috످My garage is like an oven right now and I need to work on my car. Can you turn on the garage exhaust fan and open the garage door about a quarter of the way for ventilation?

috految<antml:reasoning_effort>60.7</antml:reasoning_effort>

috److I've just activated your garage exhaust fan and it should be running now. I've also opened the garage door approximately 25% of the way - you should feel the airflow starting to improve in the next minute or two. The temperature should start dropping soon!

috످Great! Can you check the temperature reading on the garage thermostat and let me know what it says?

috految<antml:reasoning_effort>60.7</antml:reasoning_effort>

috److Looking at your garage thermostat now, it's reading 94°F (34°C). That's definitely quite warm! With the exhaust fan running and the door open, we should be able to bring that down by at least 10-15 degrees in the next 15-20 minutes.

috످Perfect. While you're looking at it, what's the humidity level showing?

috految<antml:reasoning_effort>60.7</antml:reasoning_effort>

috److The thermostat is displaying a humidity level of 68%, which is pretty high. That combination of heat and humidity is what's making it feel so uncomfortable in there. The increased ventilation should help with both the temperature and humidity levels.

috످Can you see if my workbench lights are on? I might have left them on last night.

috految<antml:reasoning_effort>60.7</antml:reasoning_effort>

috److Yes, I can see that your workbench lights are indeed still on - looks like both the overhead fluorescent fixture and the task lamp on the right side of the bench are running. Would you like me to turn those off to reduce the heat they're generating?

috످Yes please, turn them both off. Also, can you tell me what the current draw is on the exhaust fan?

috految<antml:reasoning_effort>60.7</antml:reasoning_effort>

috److془I need to come clean. Safety: CO, heat.془I can't turn off the lights or check the fan's current draw because I don't have access to your garage devices. I never turned on the fan or opened the door, so your garage may not be ventilated. I also made up the temperature, humidity, cooling estimate, and light status. I'm sorry for misleading you.

If your car is running or has been running in the garage, get everyone outside now. Carbon monoxide is odorless and can kill within minutes, even with the door open and fan on. Call 911 from outside if a CO alarm sounds or anyone has a headache, dizziness, nausea, or confusion (these can also signal heatstroke).

If the car has been off and you feel fine, open the garage door all the way, then turn on the fan and turn off any workbench lights. If you smell gas or fuel, leave without touching any switches or the door opener and call 911.

Let the garage cool before you start, and drink plenty of water. Only run the engine outside, away from the house.

You can find the fan's rated current on its label (look for "amps" or "FLA"), or measure the actual draw with a plug-in meter if it uses an outlet.

Are you feeling okay, and has the car been running?

috످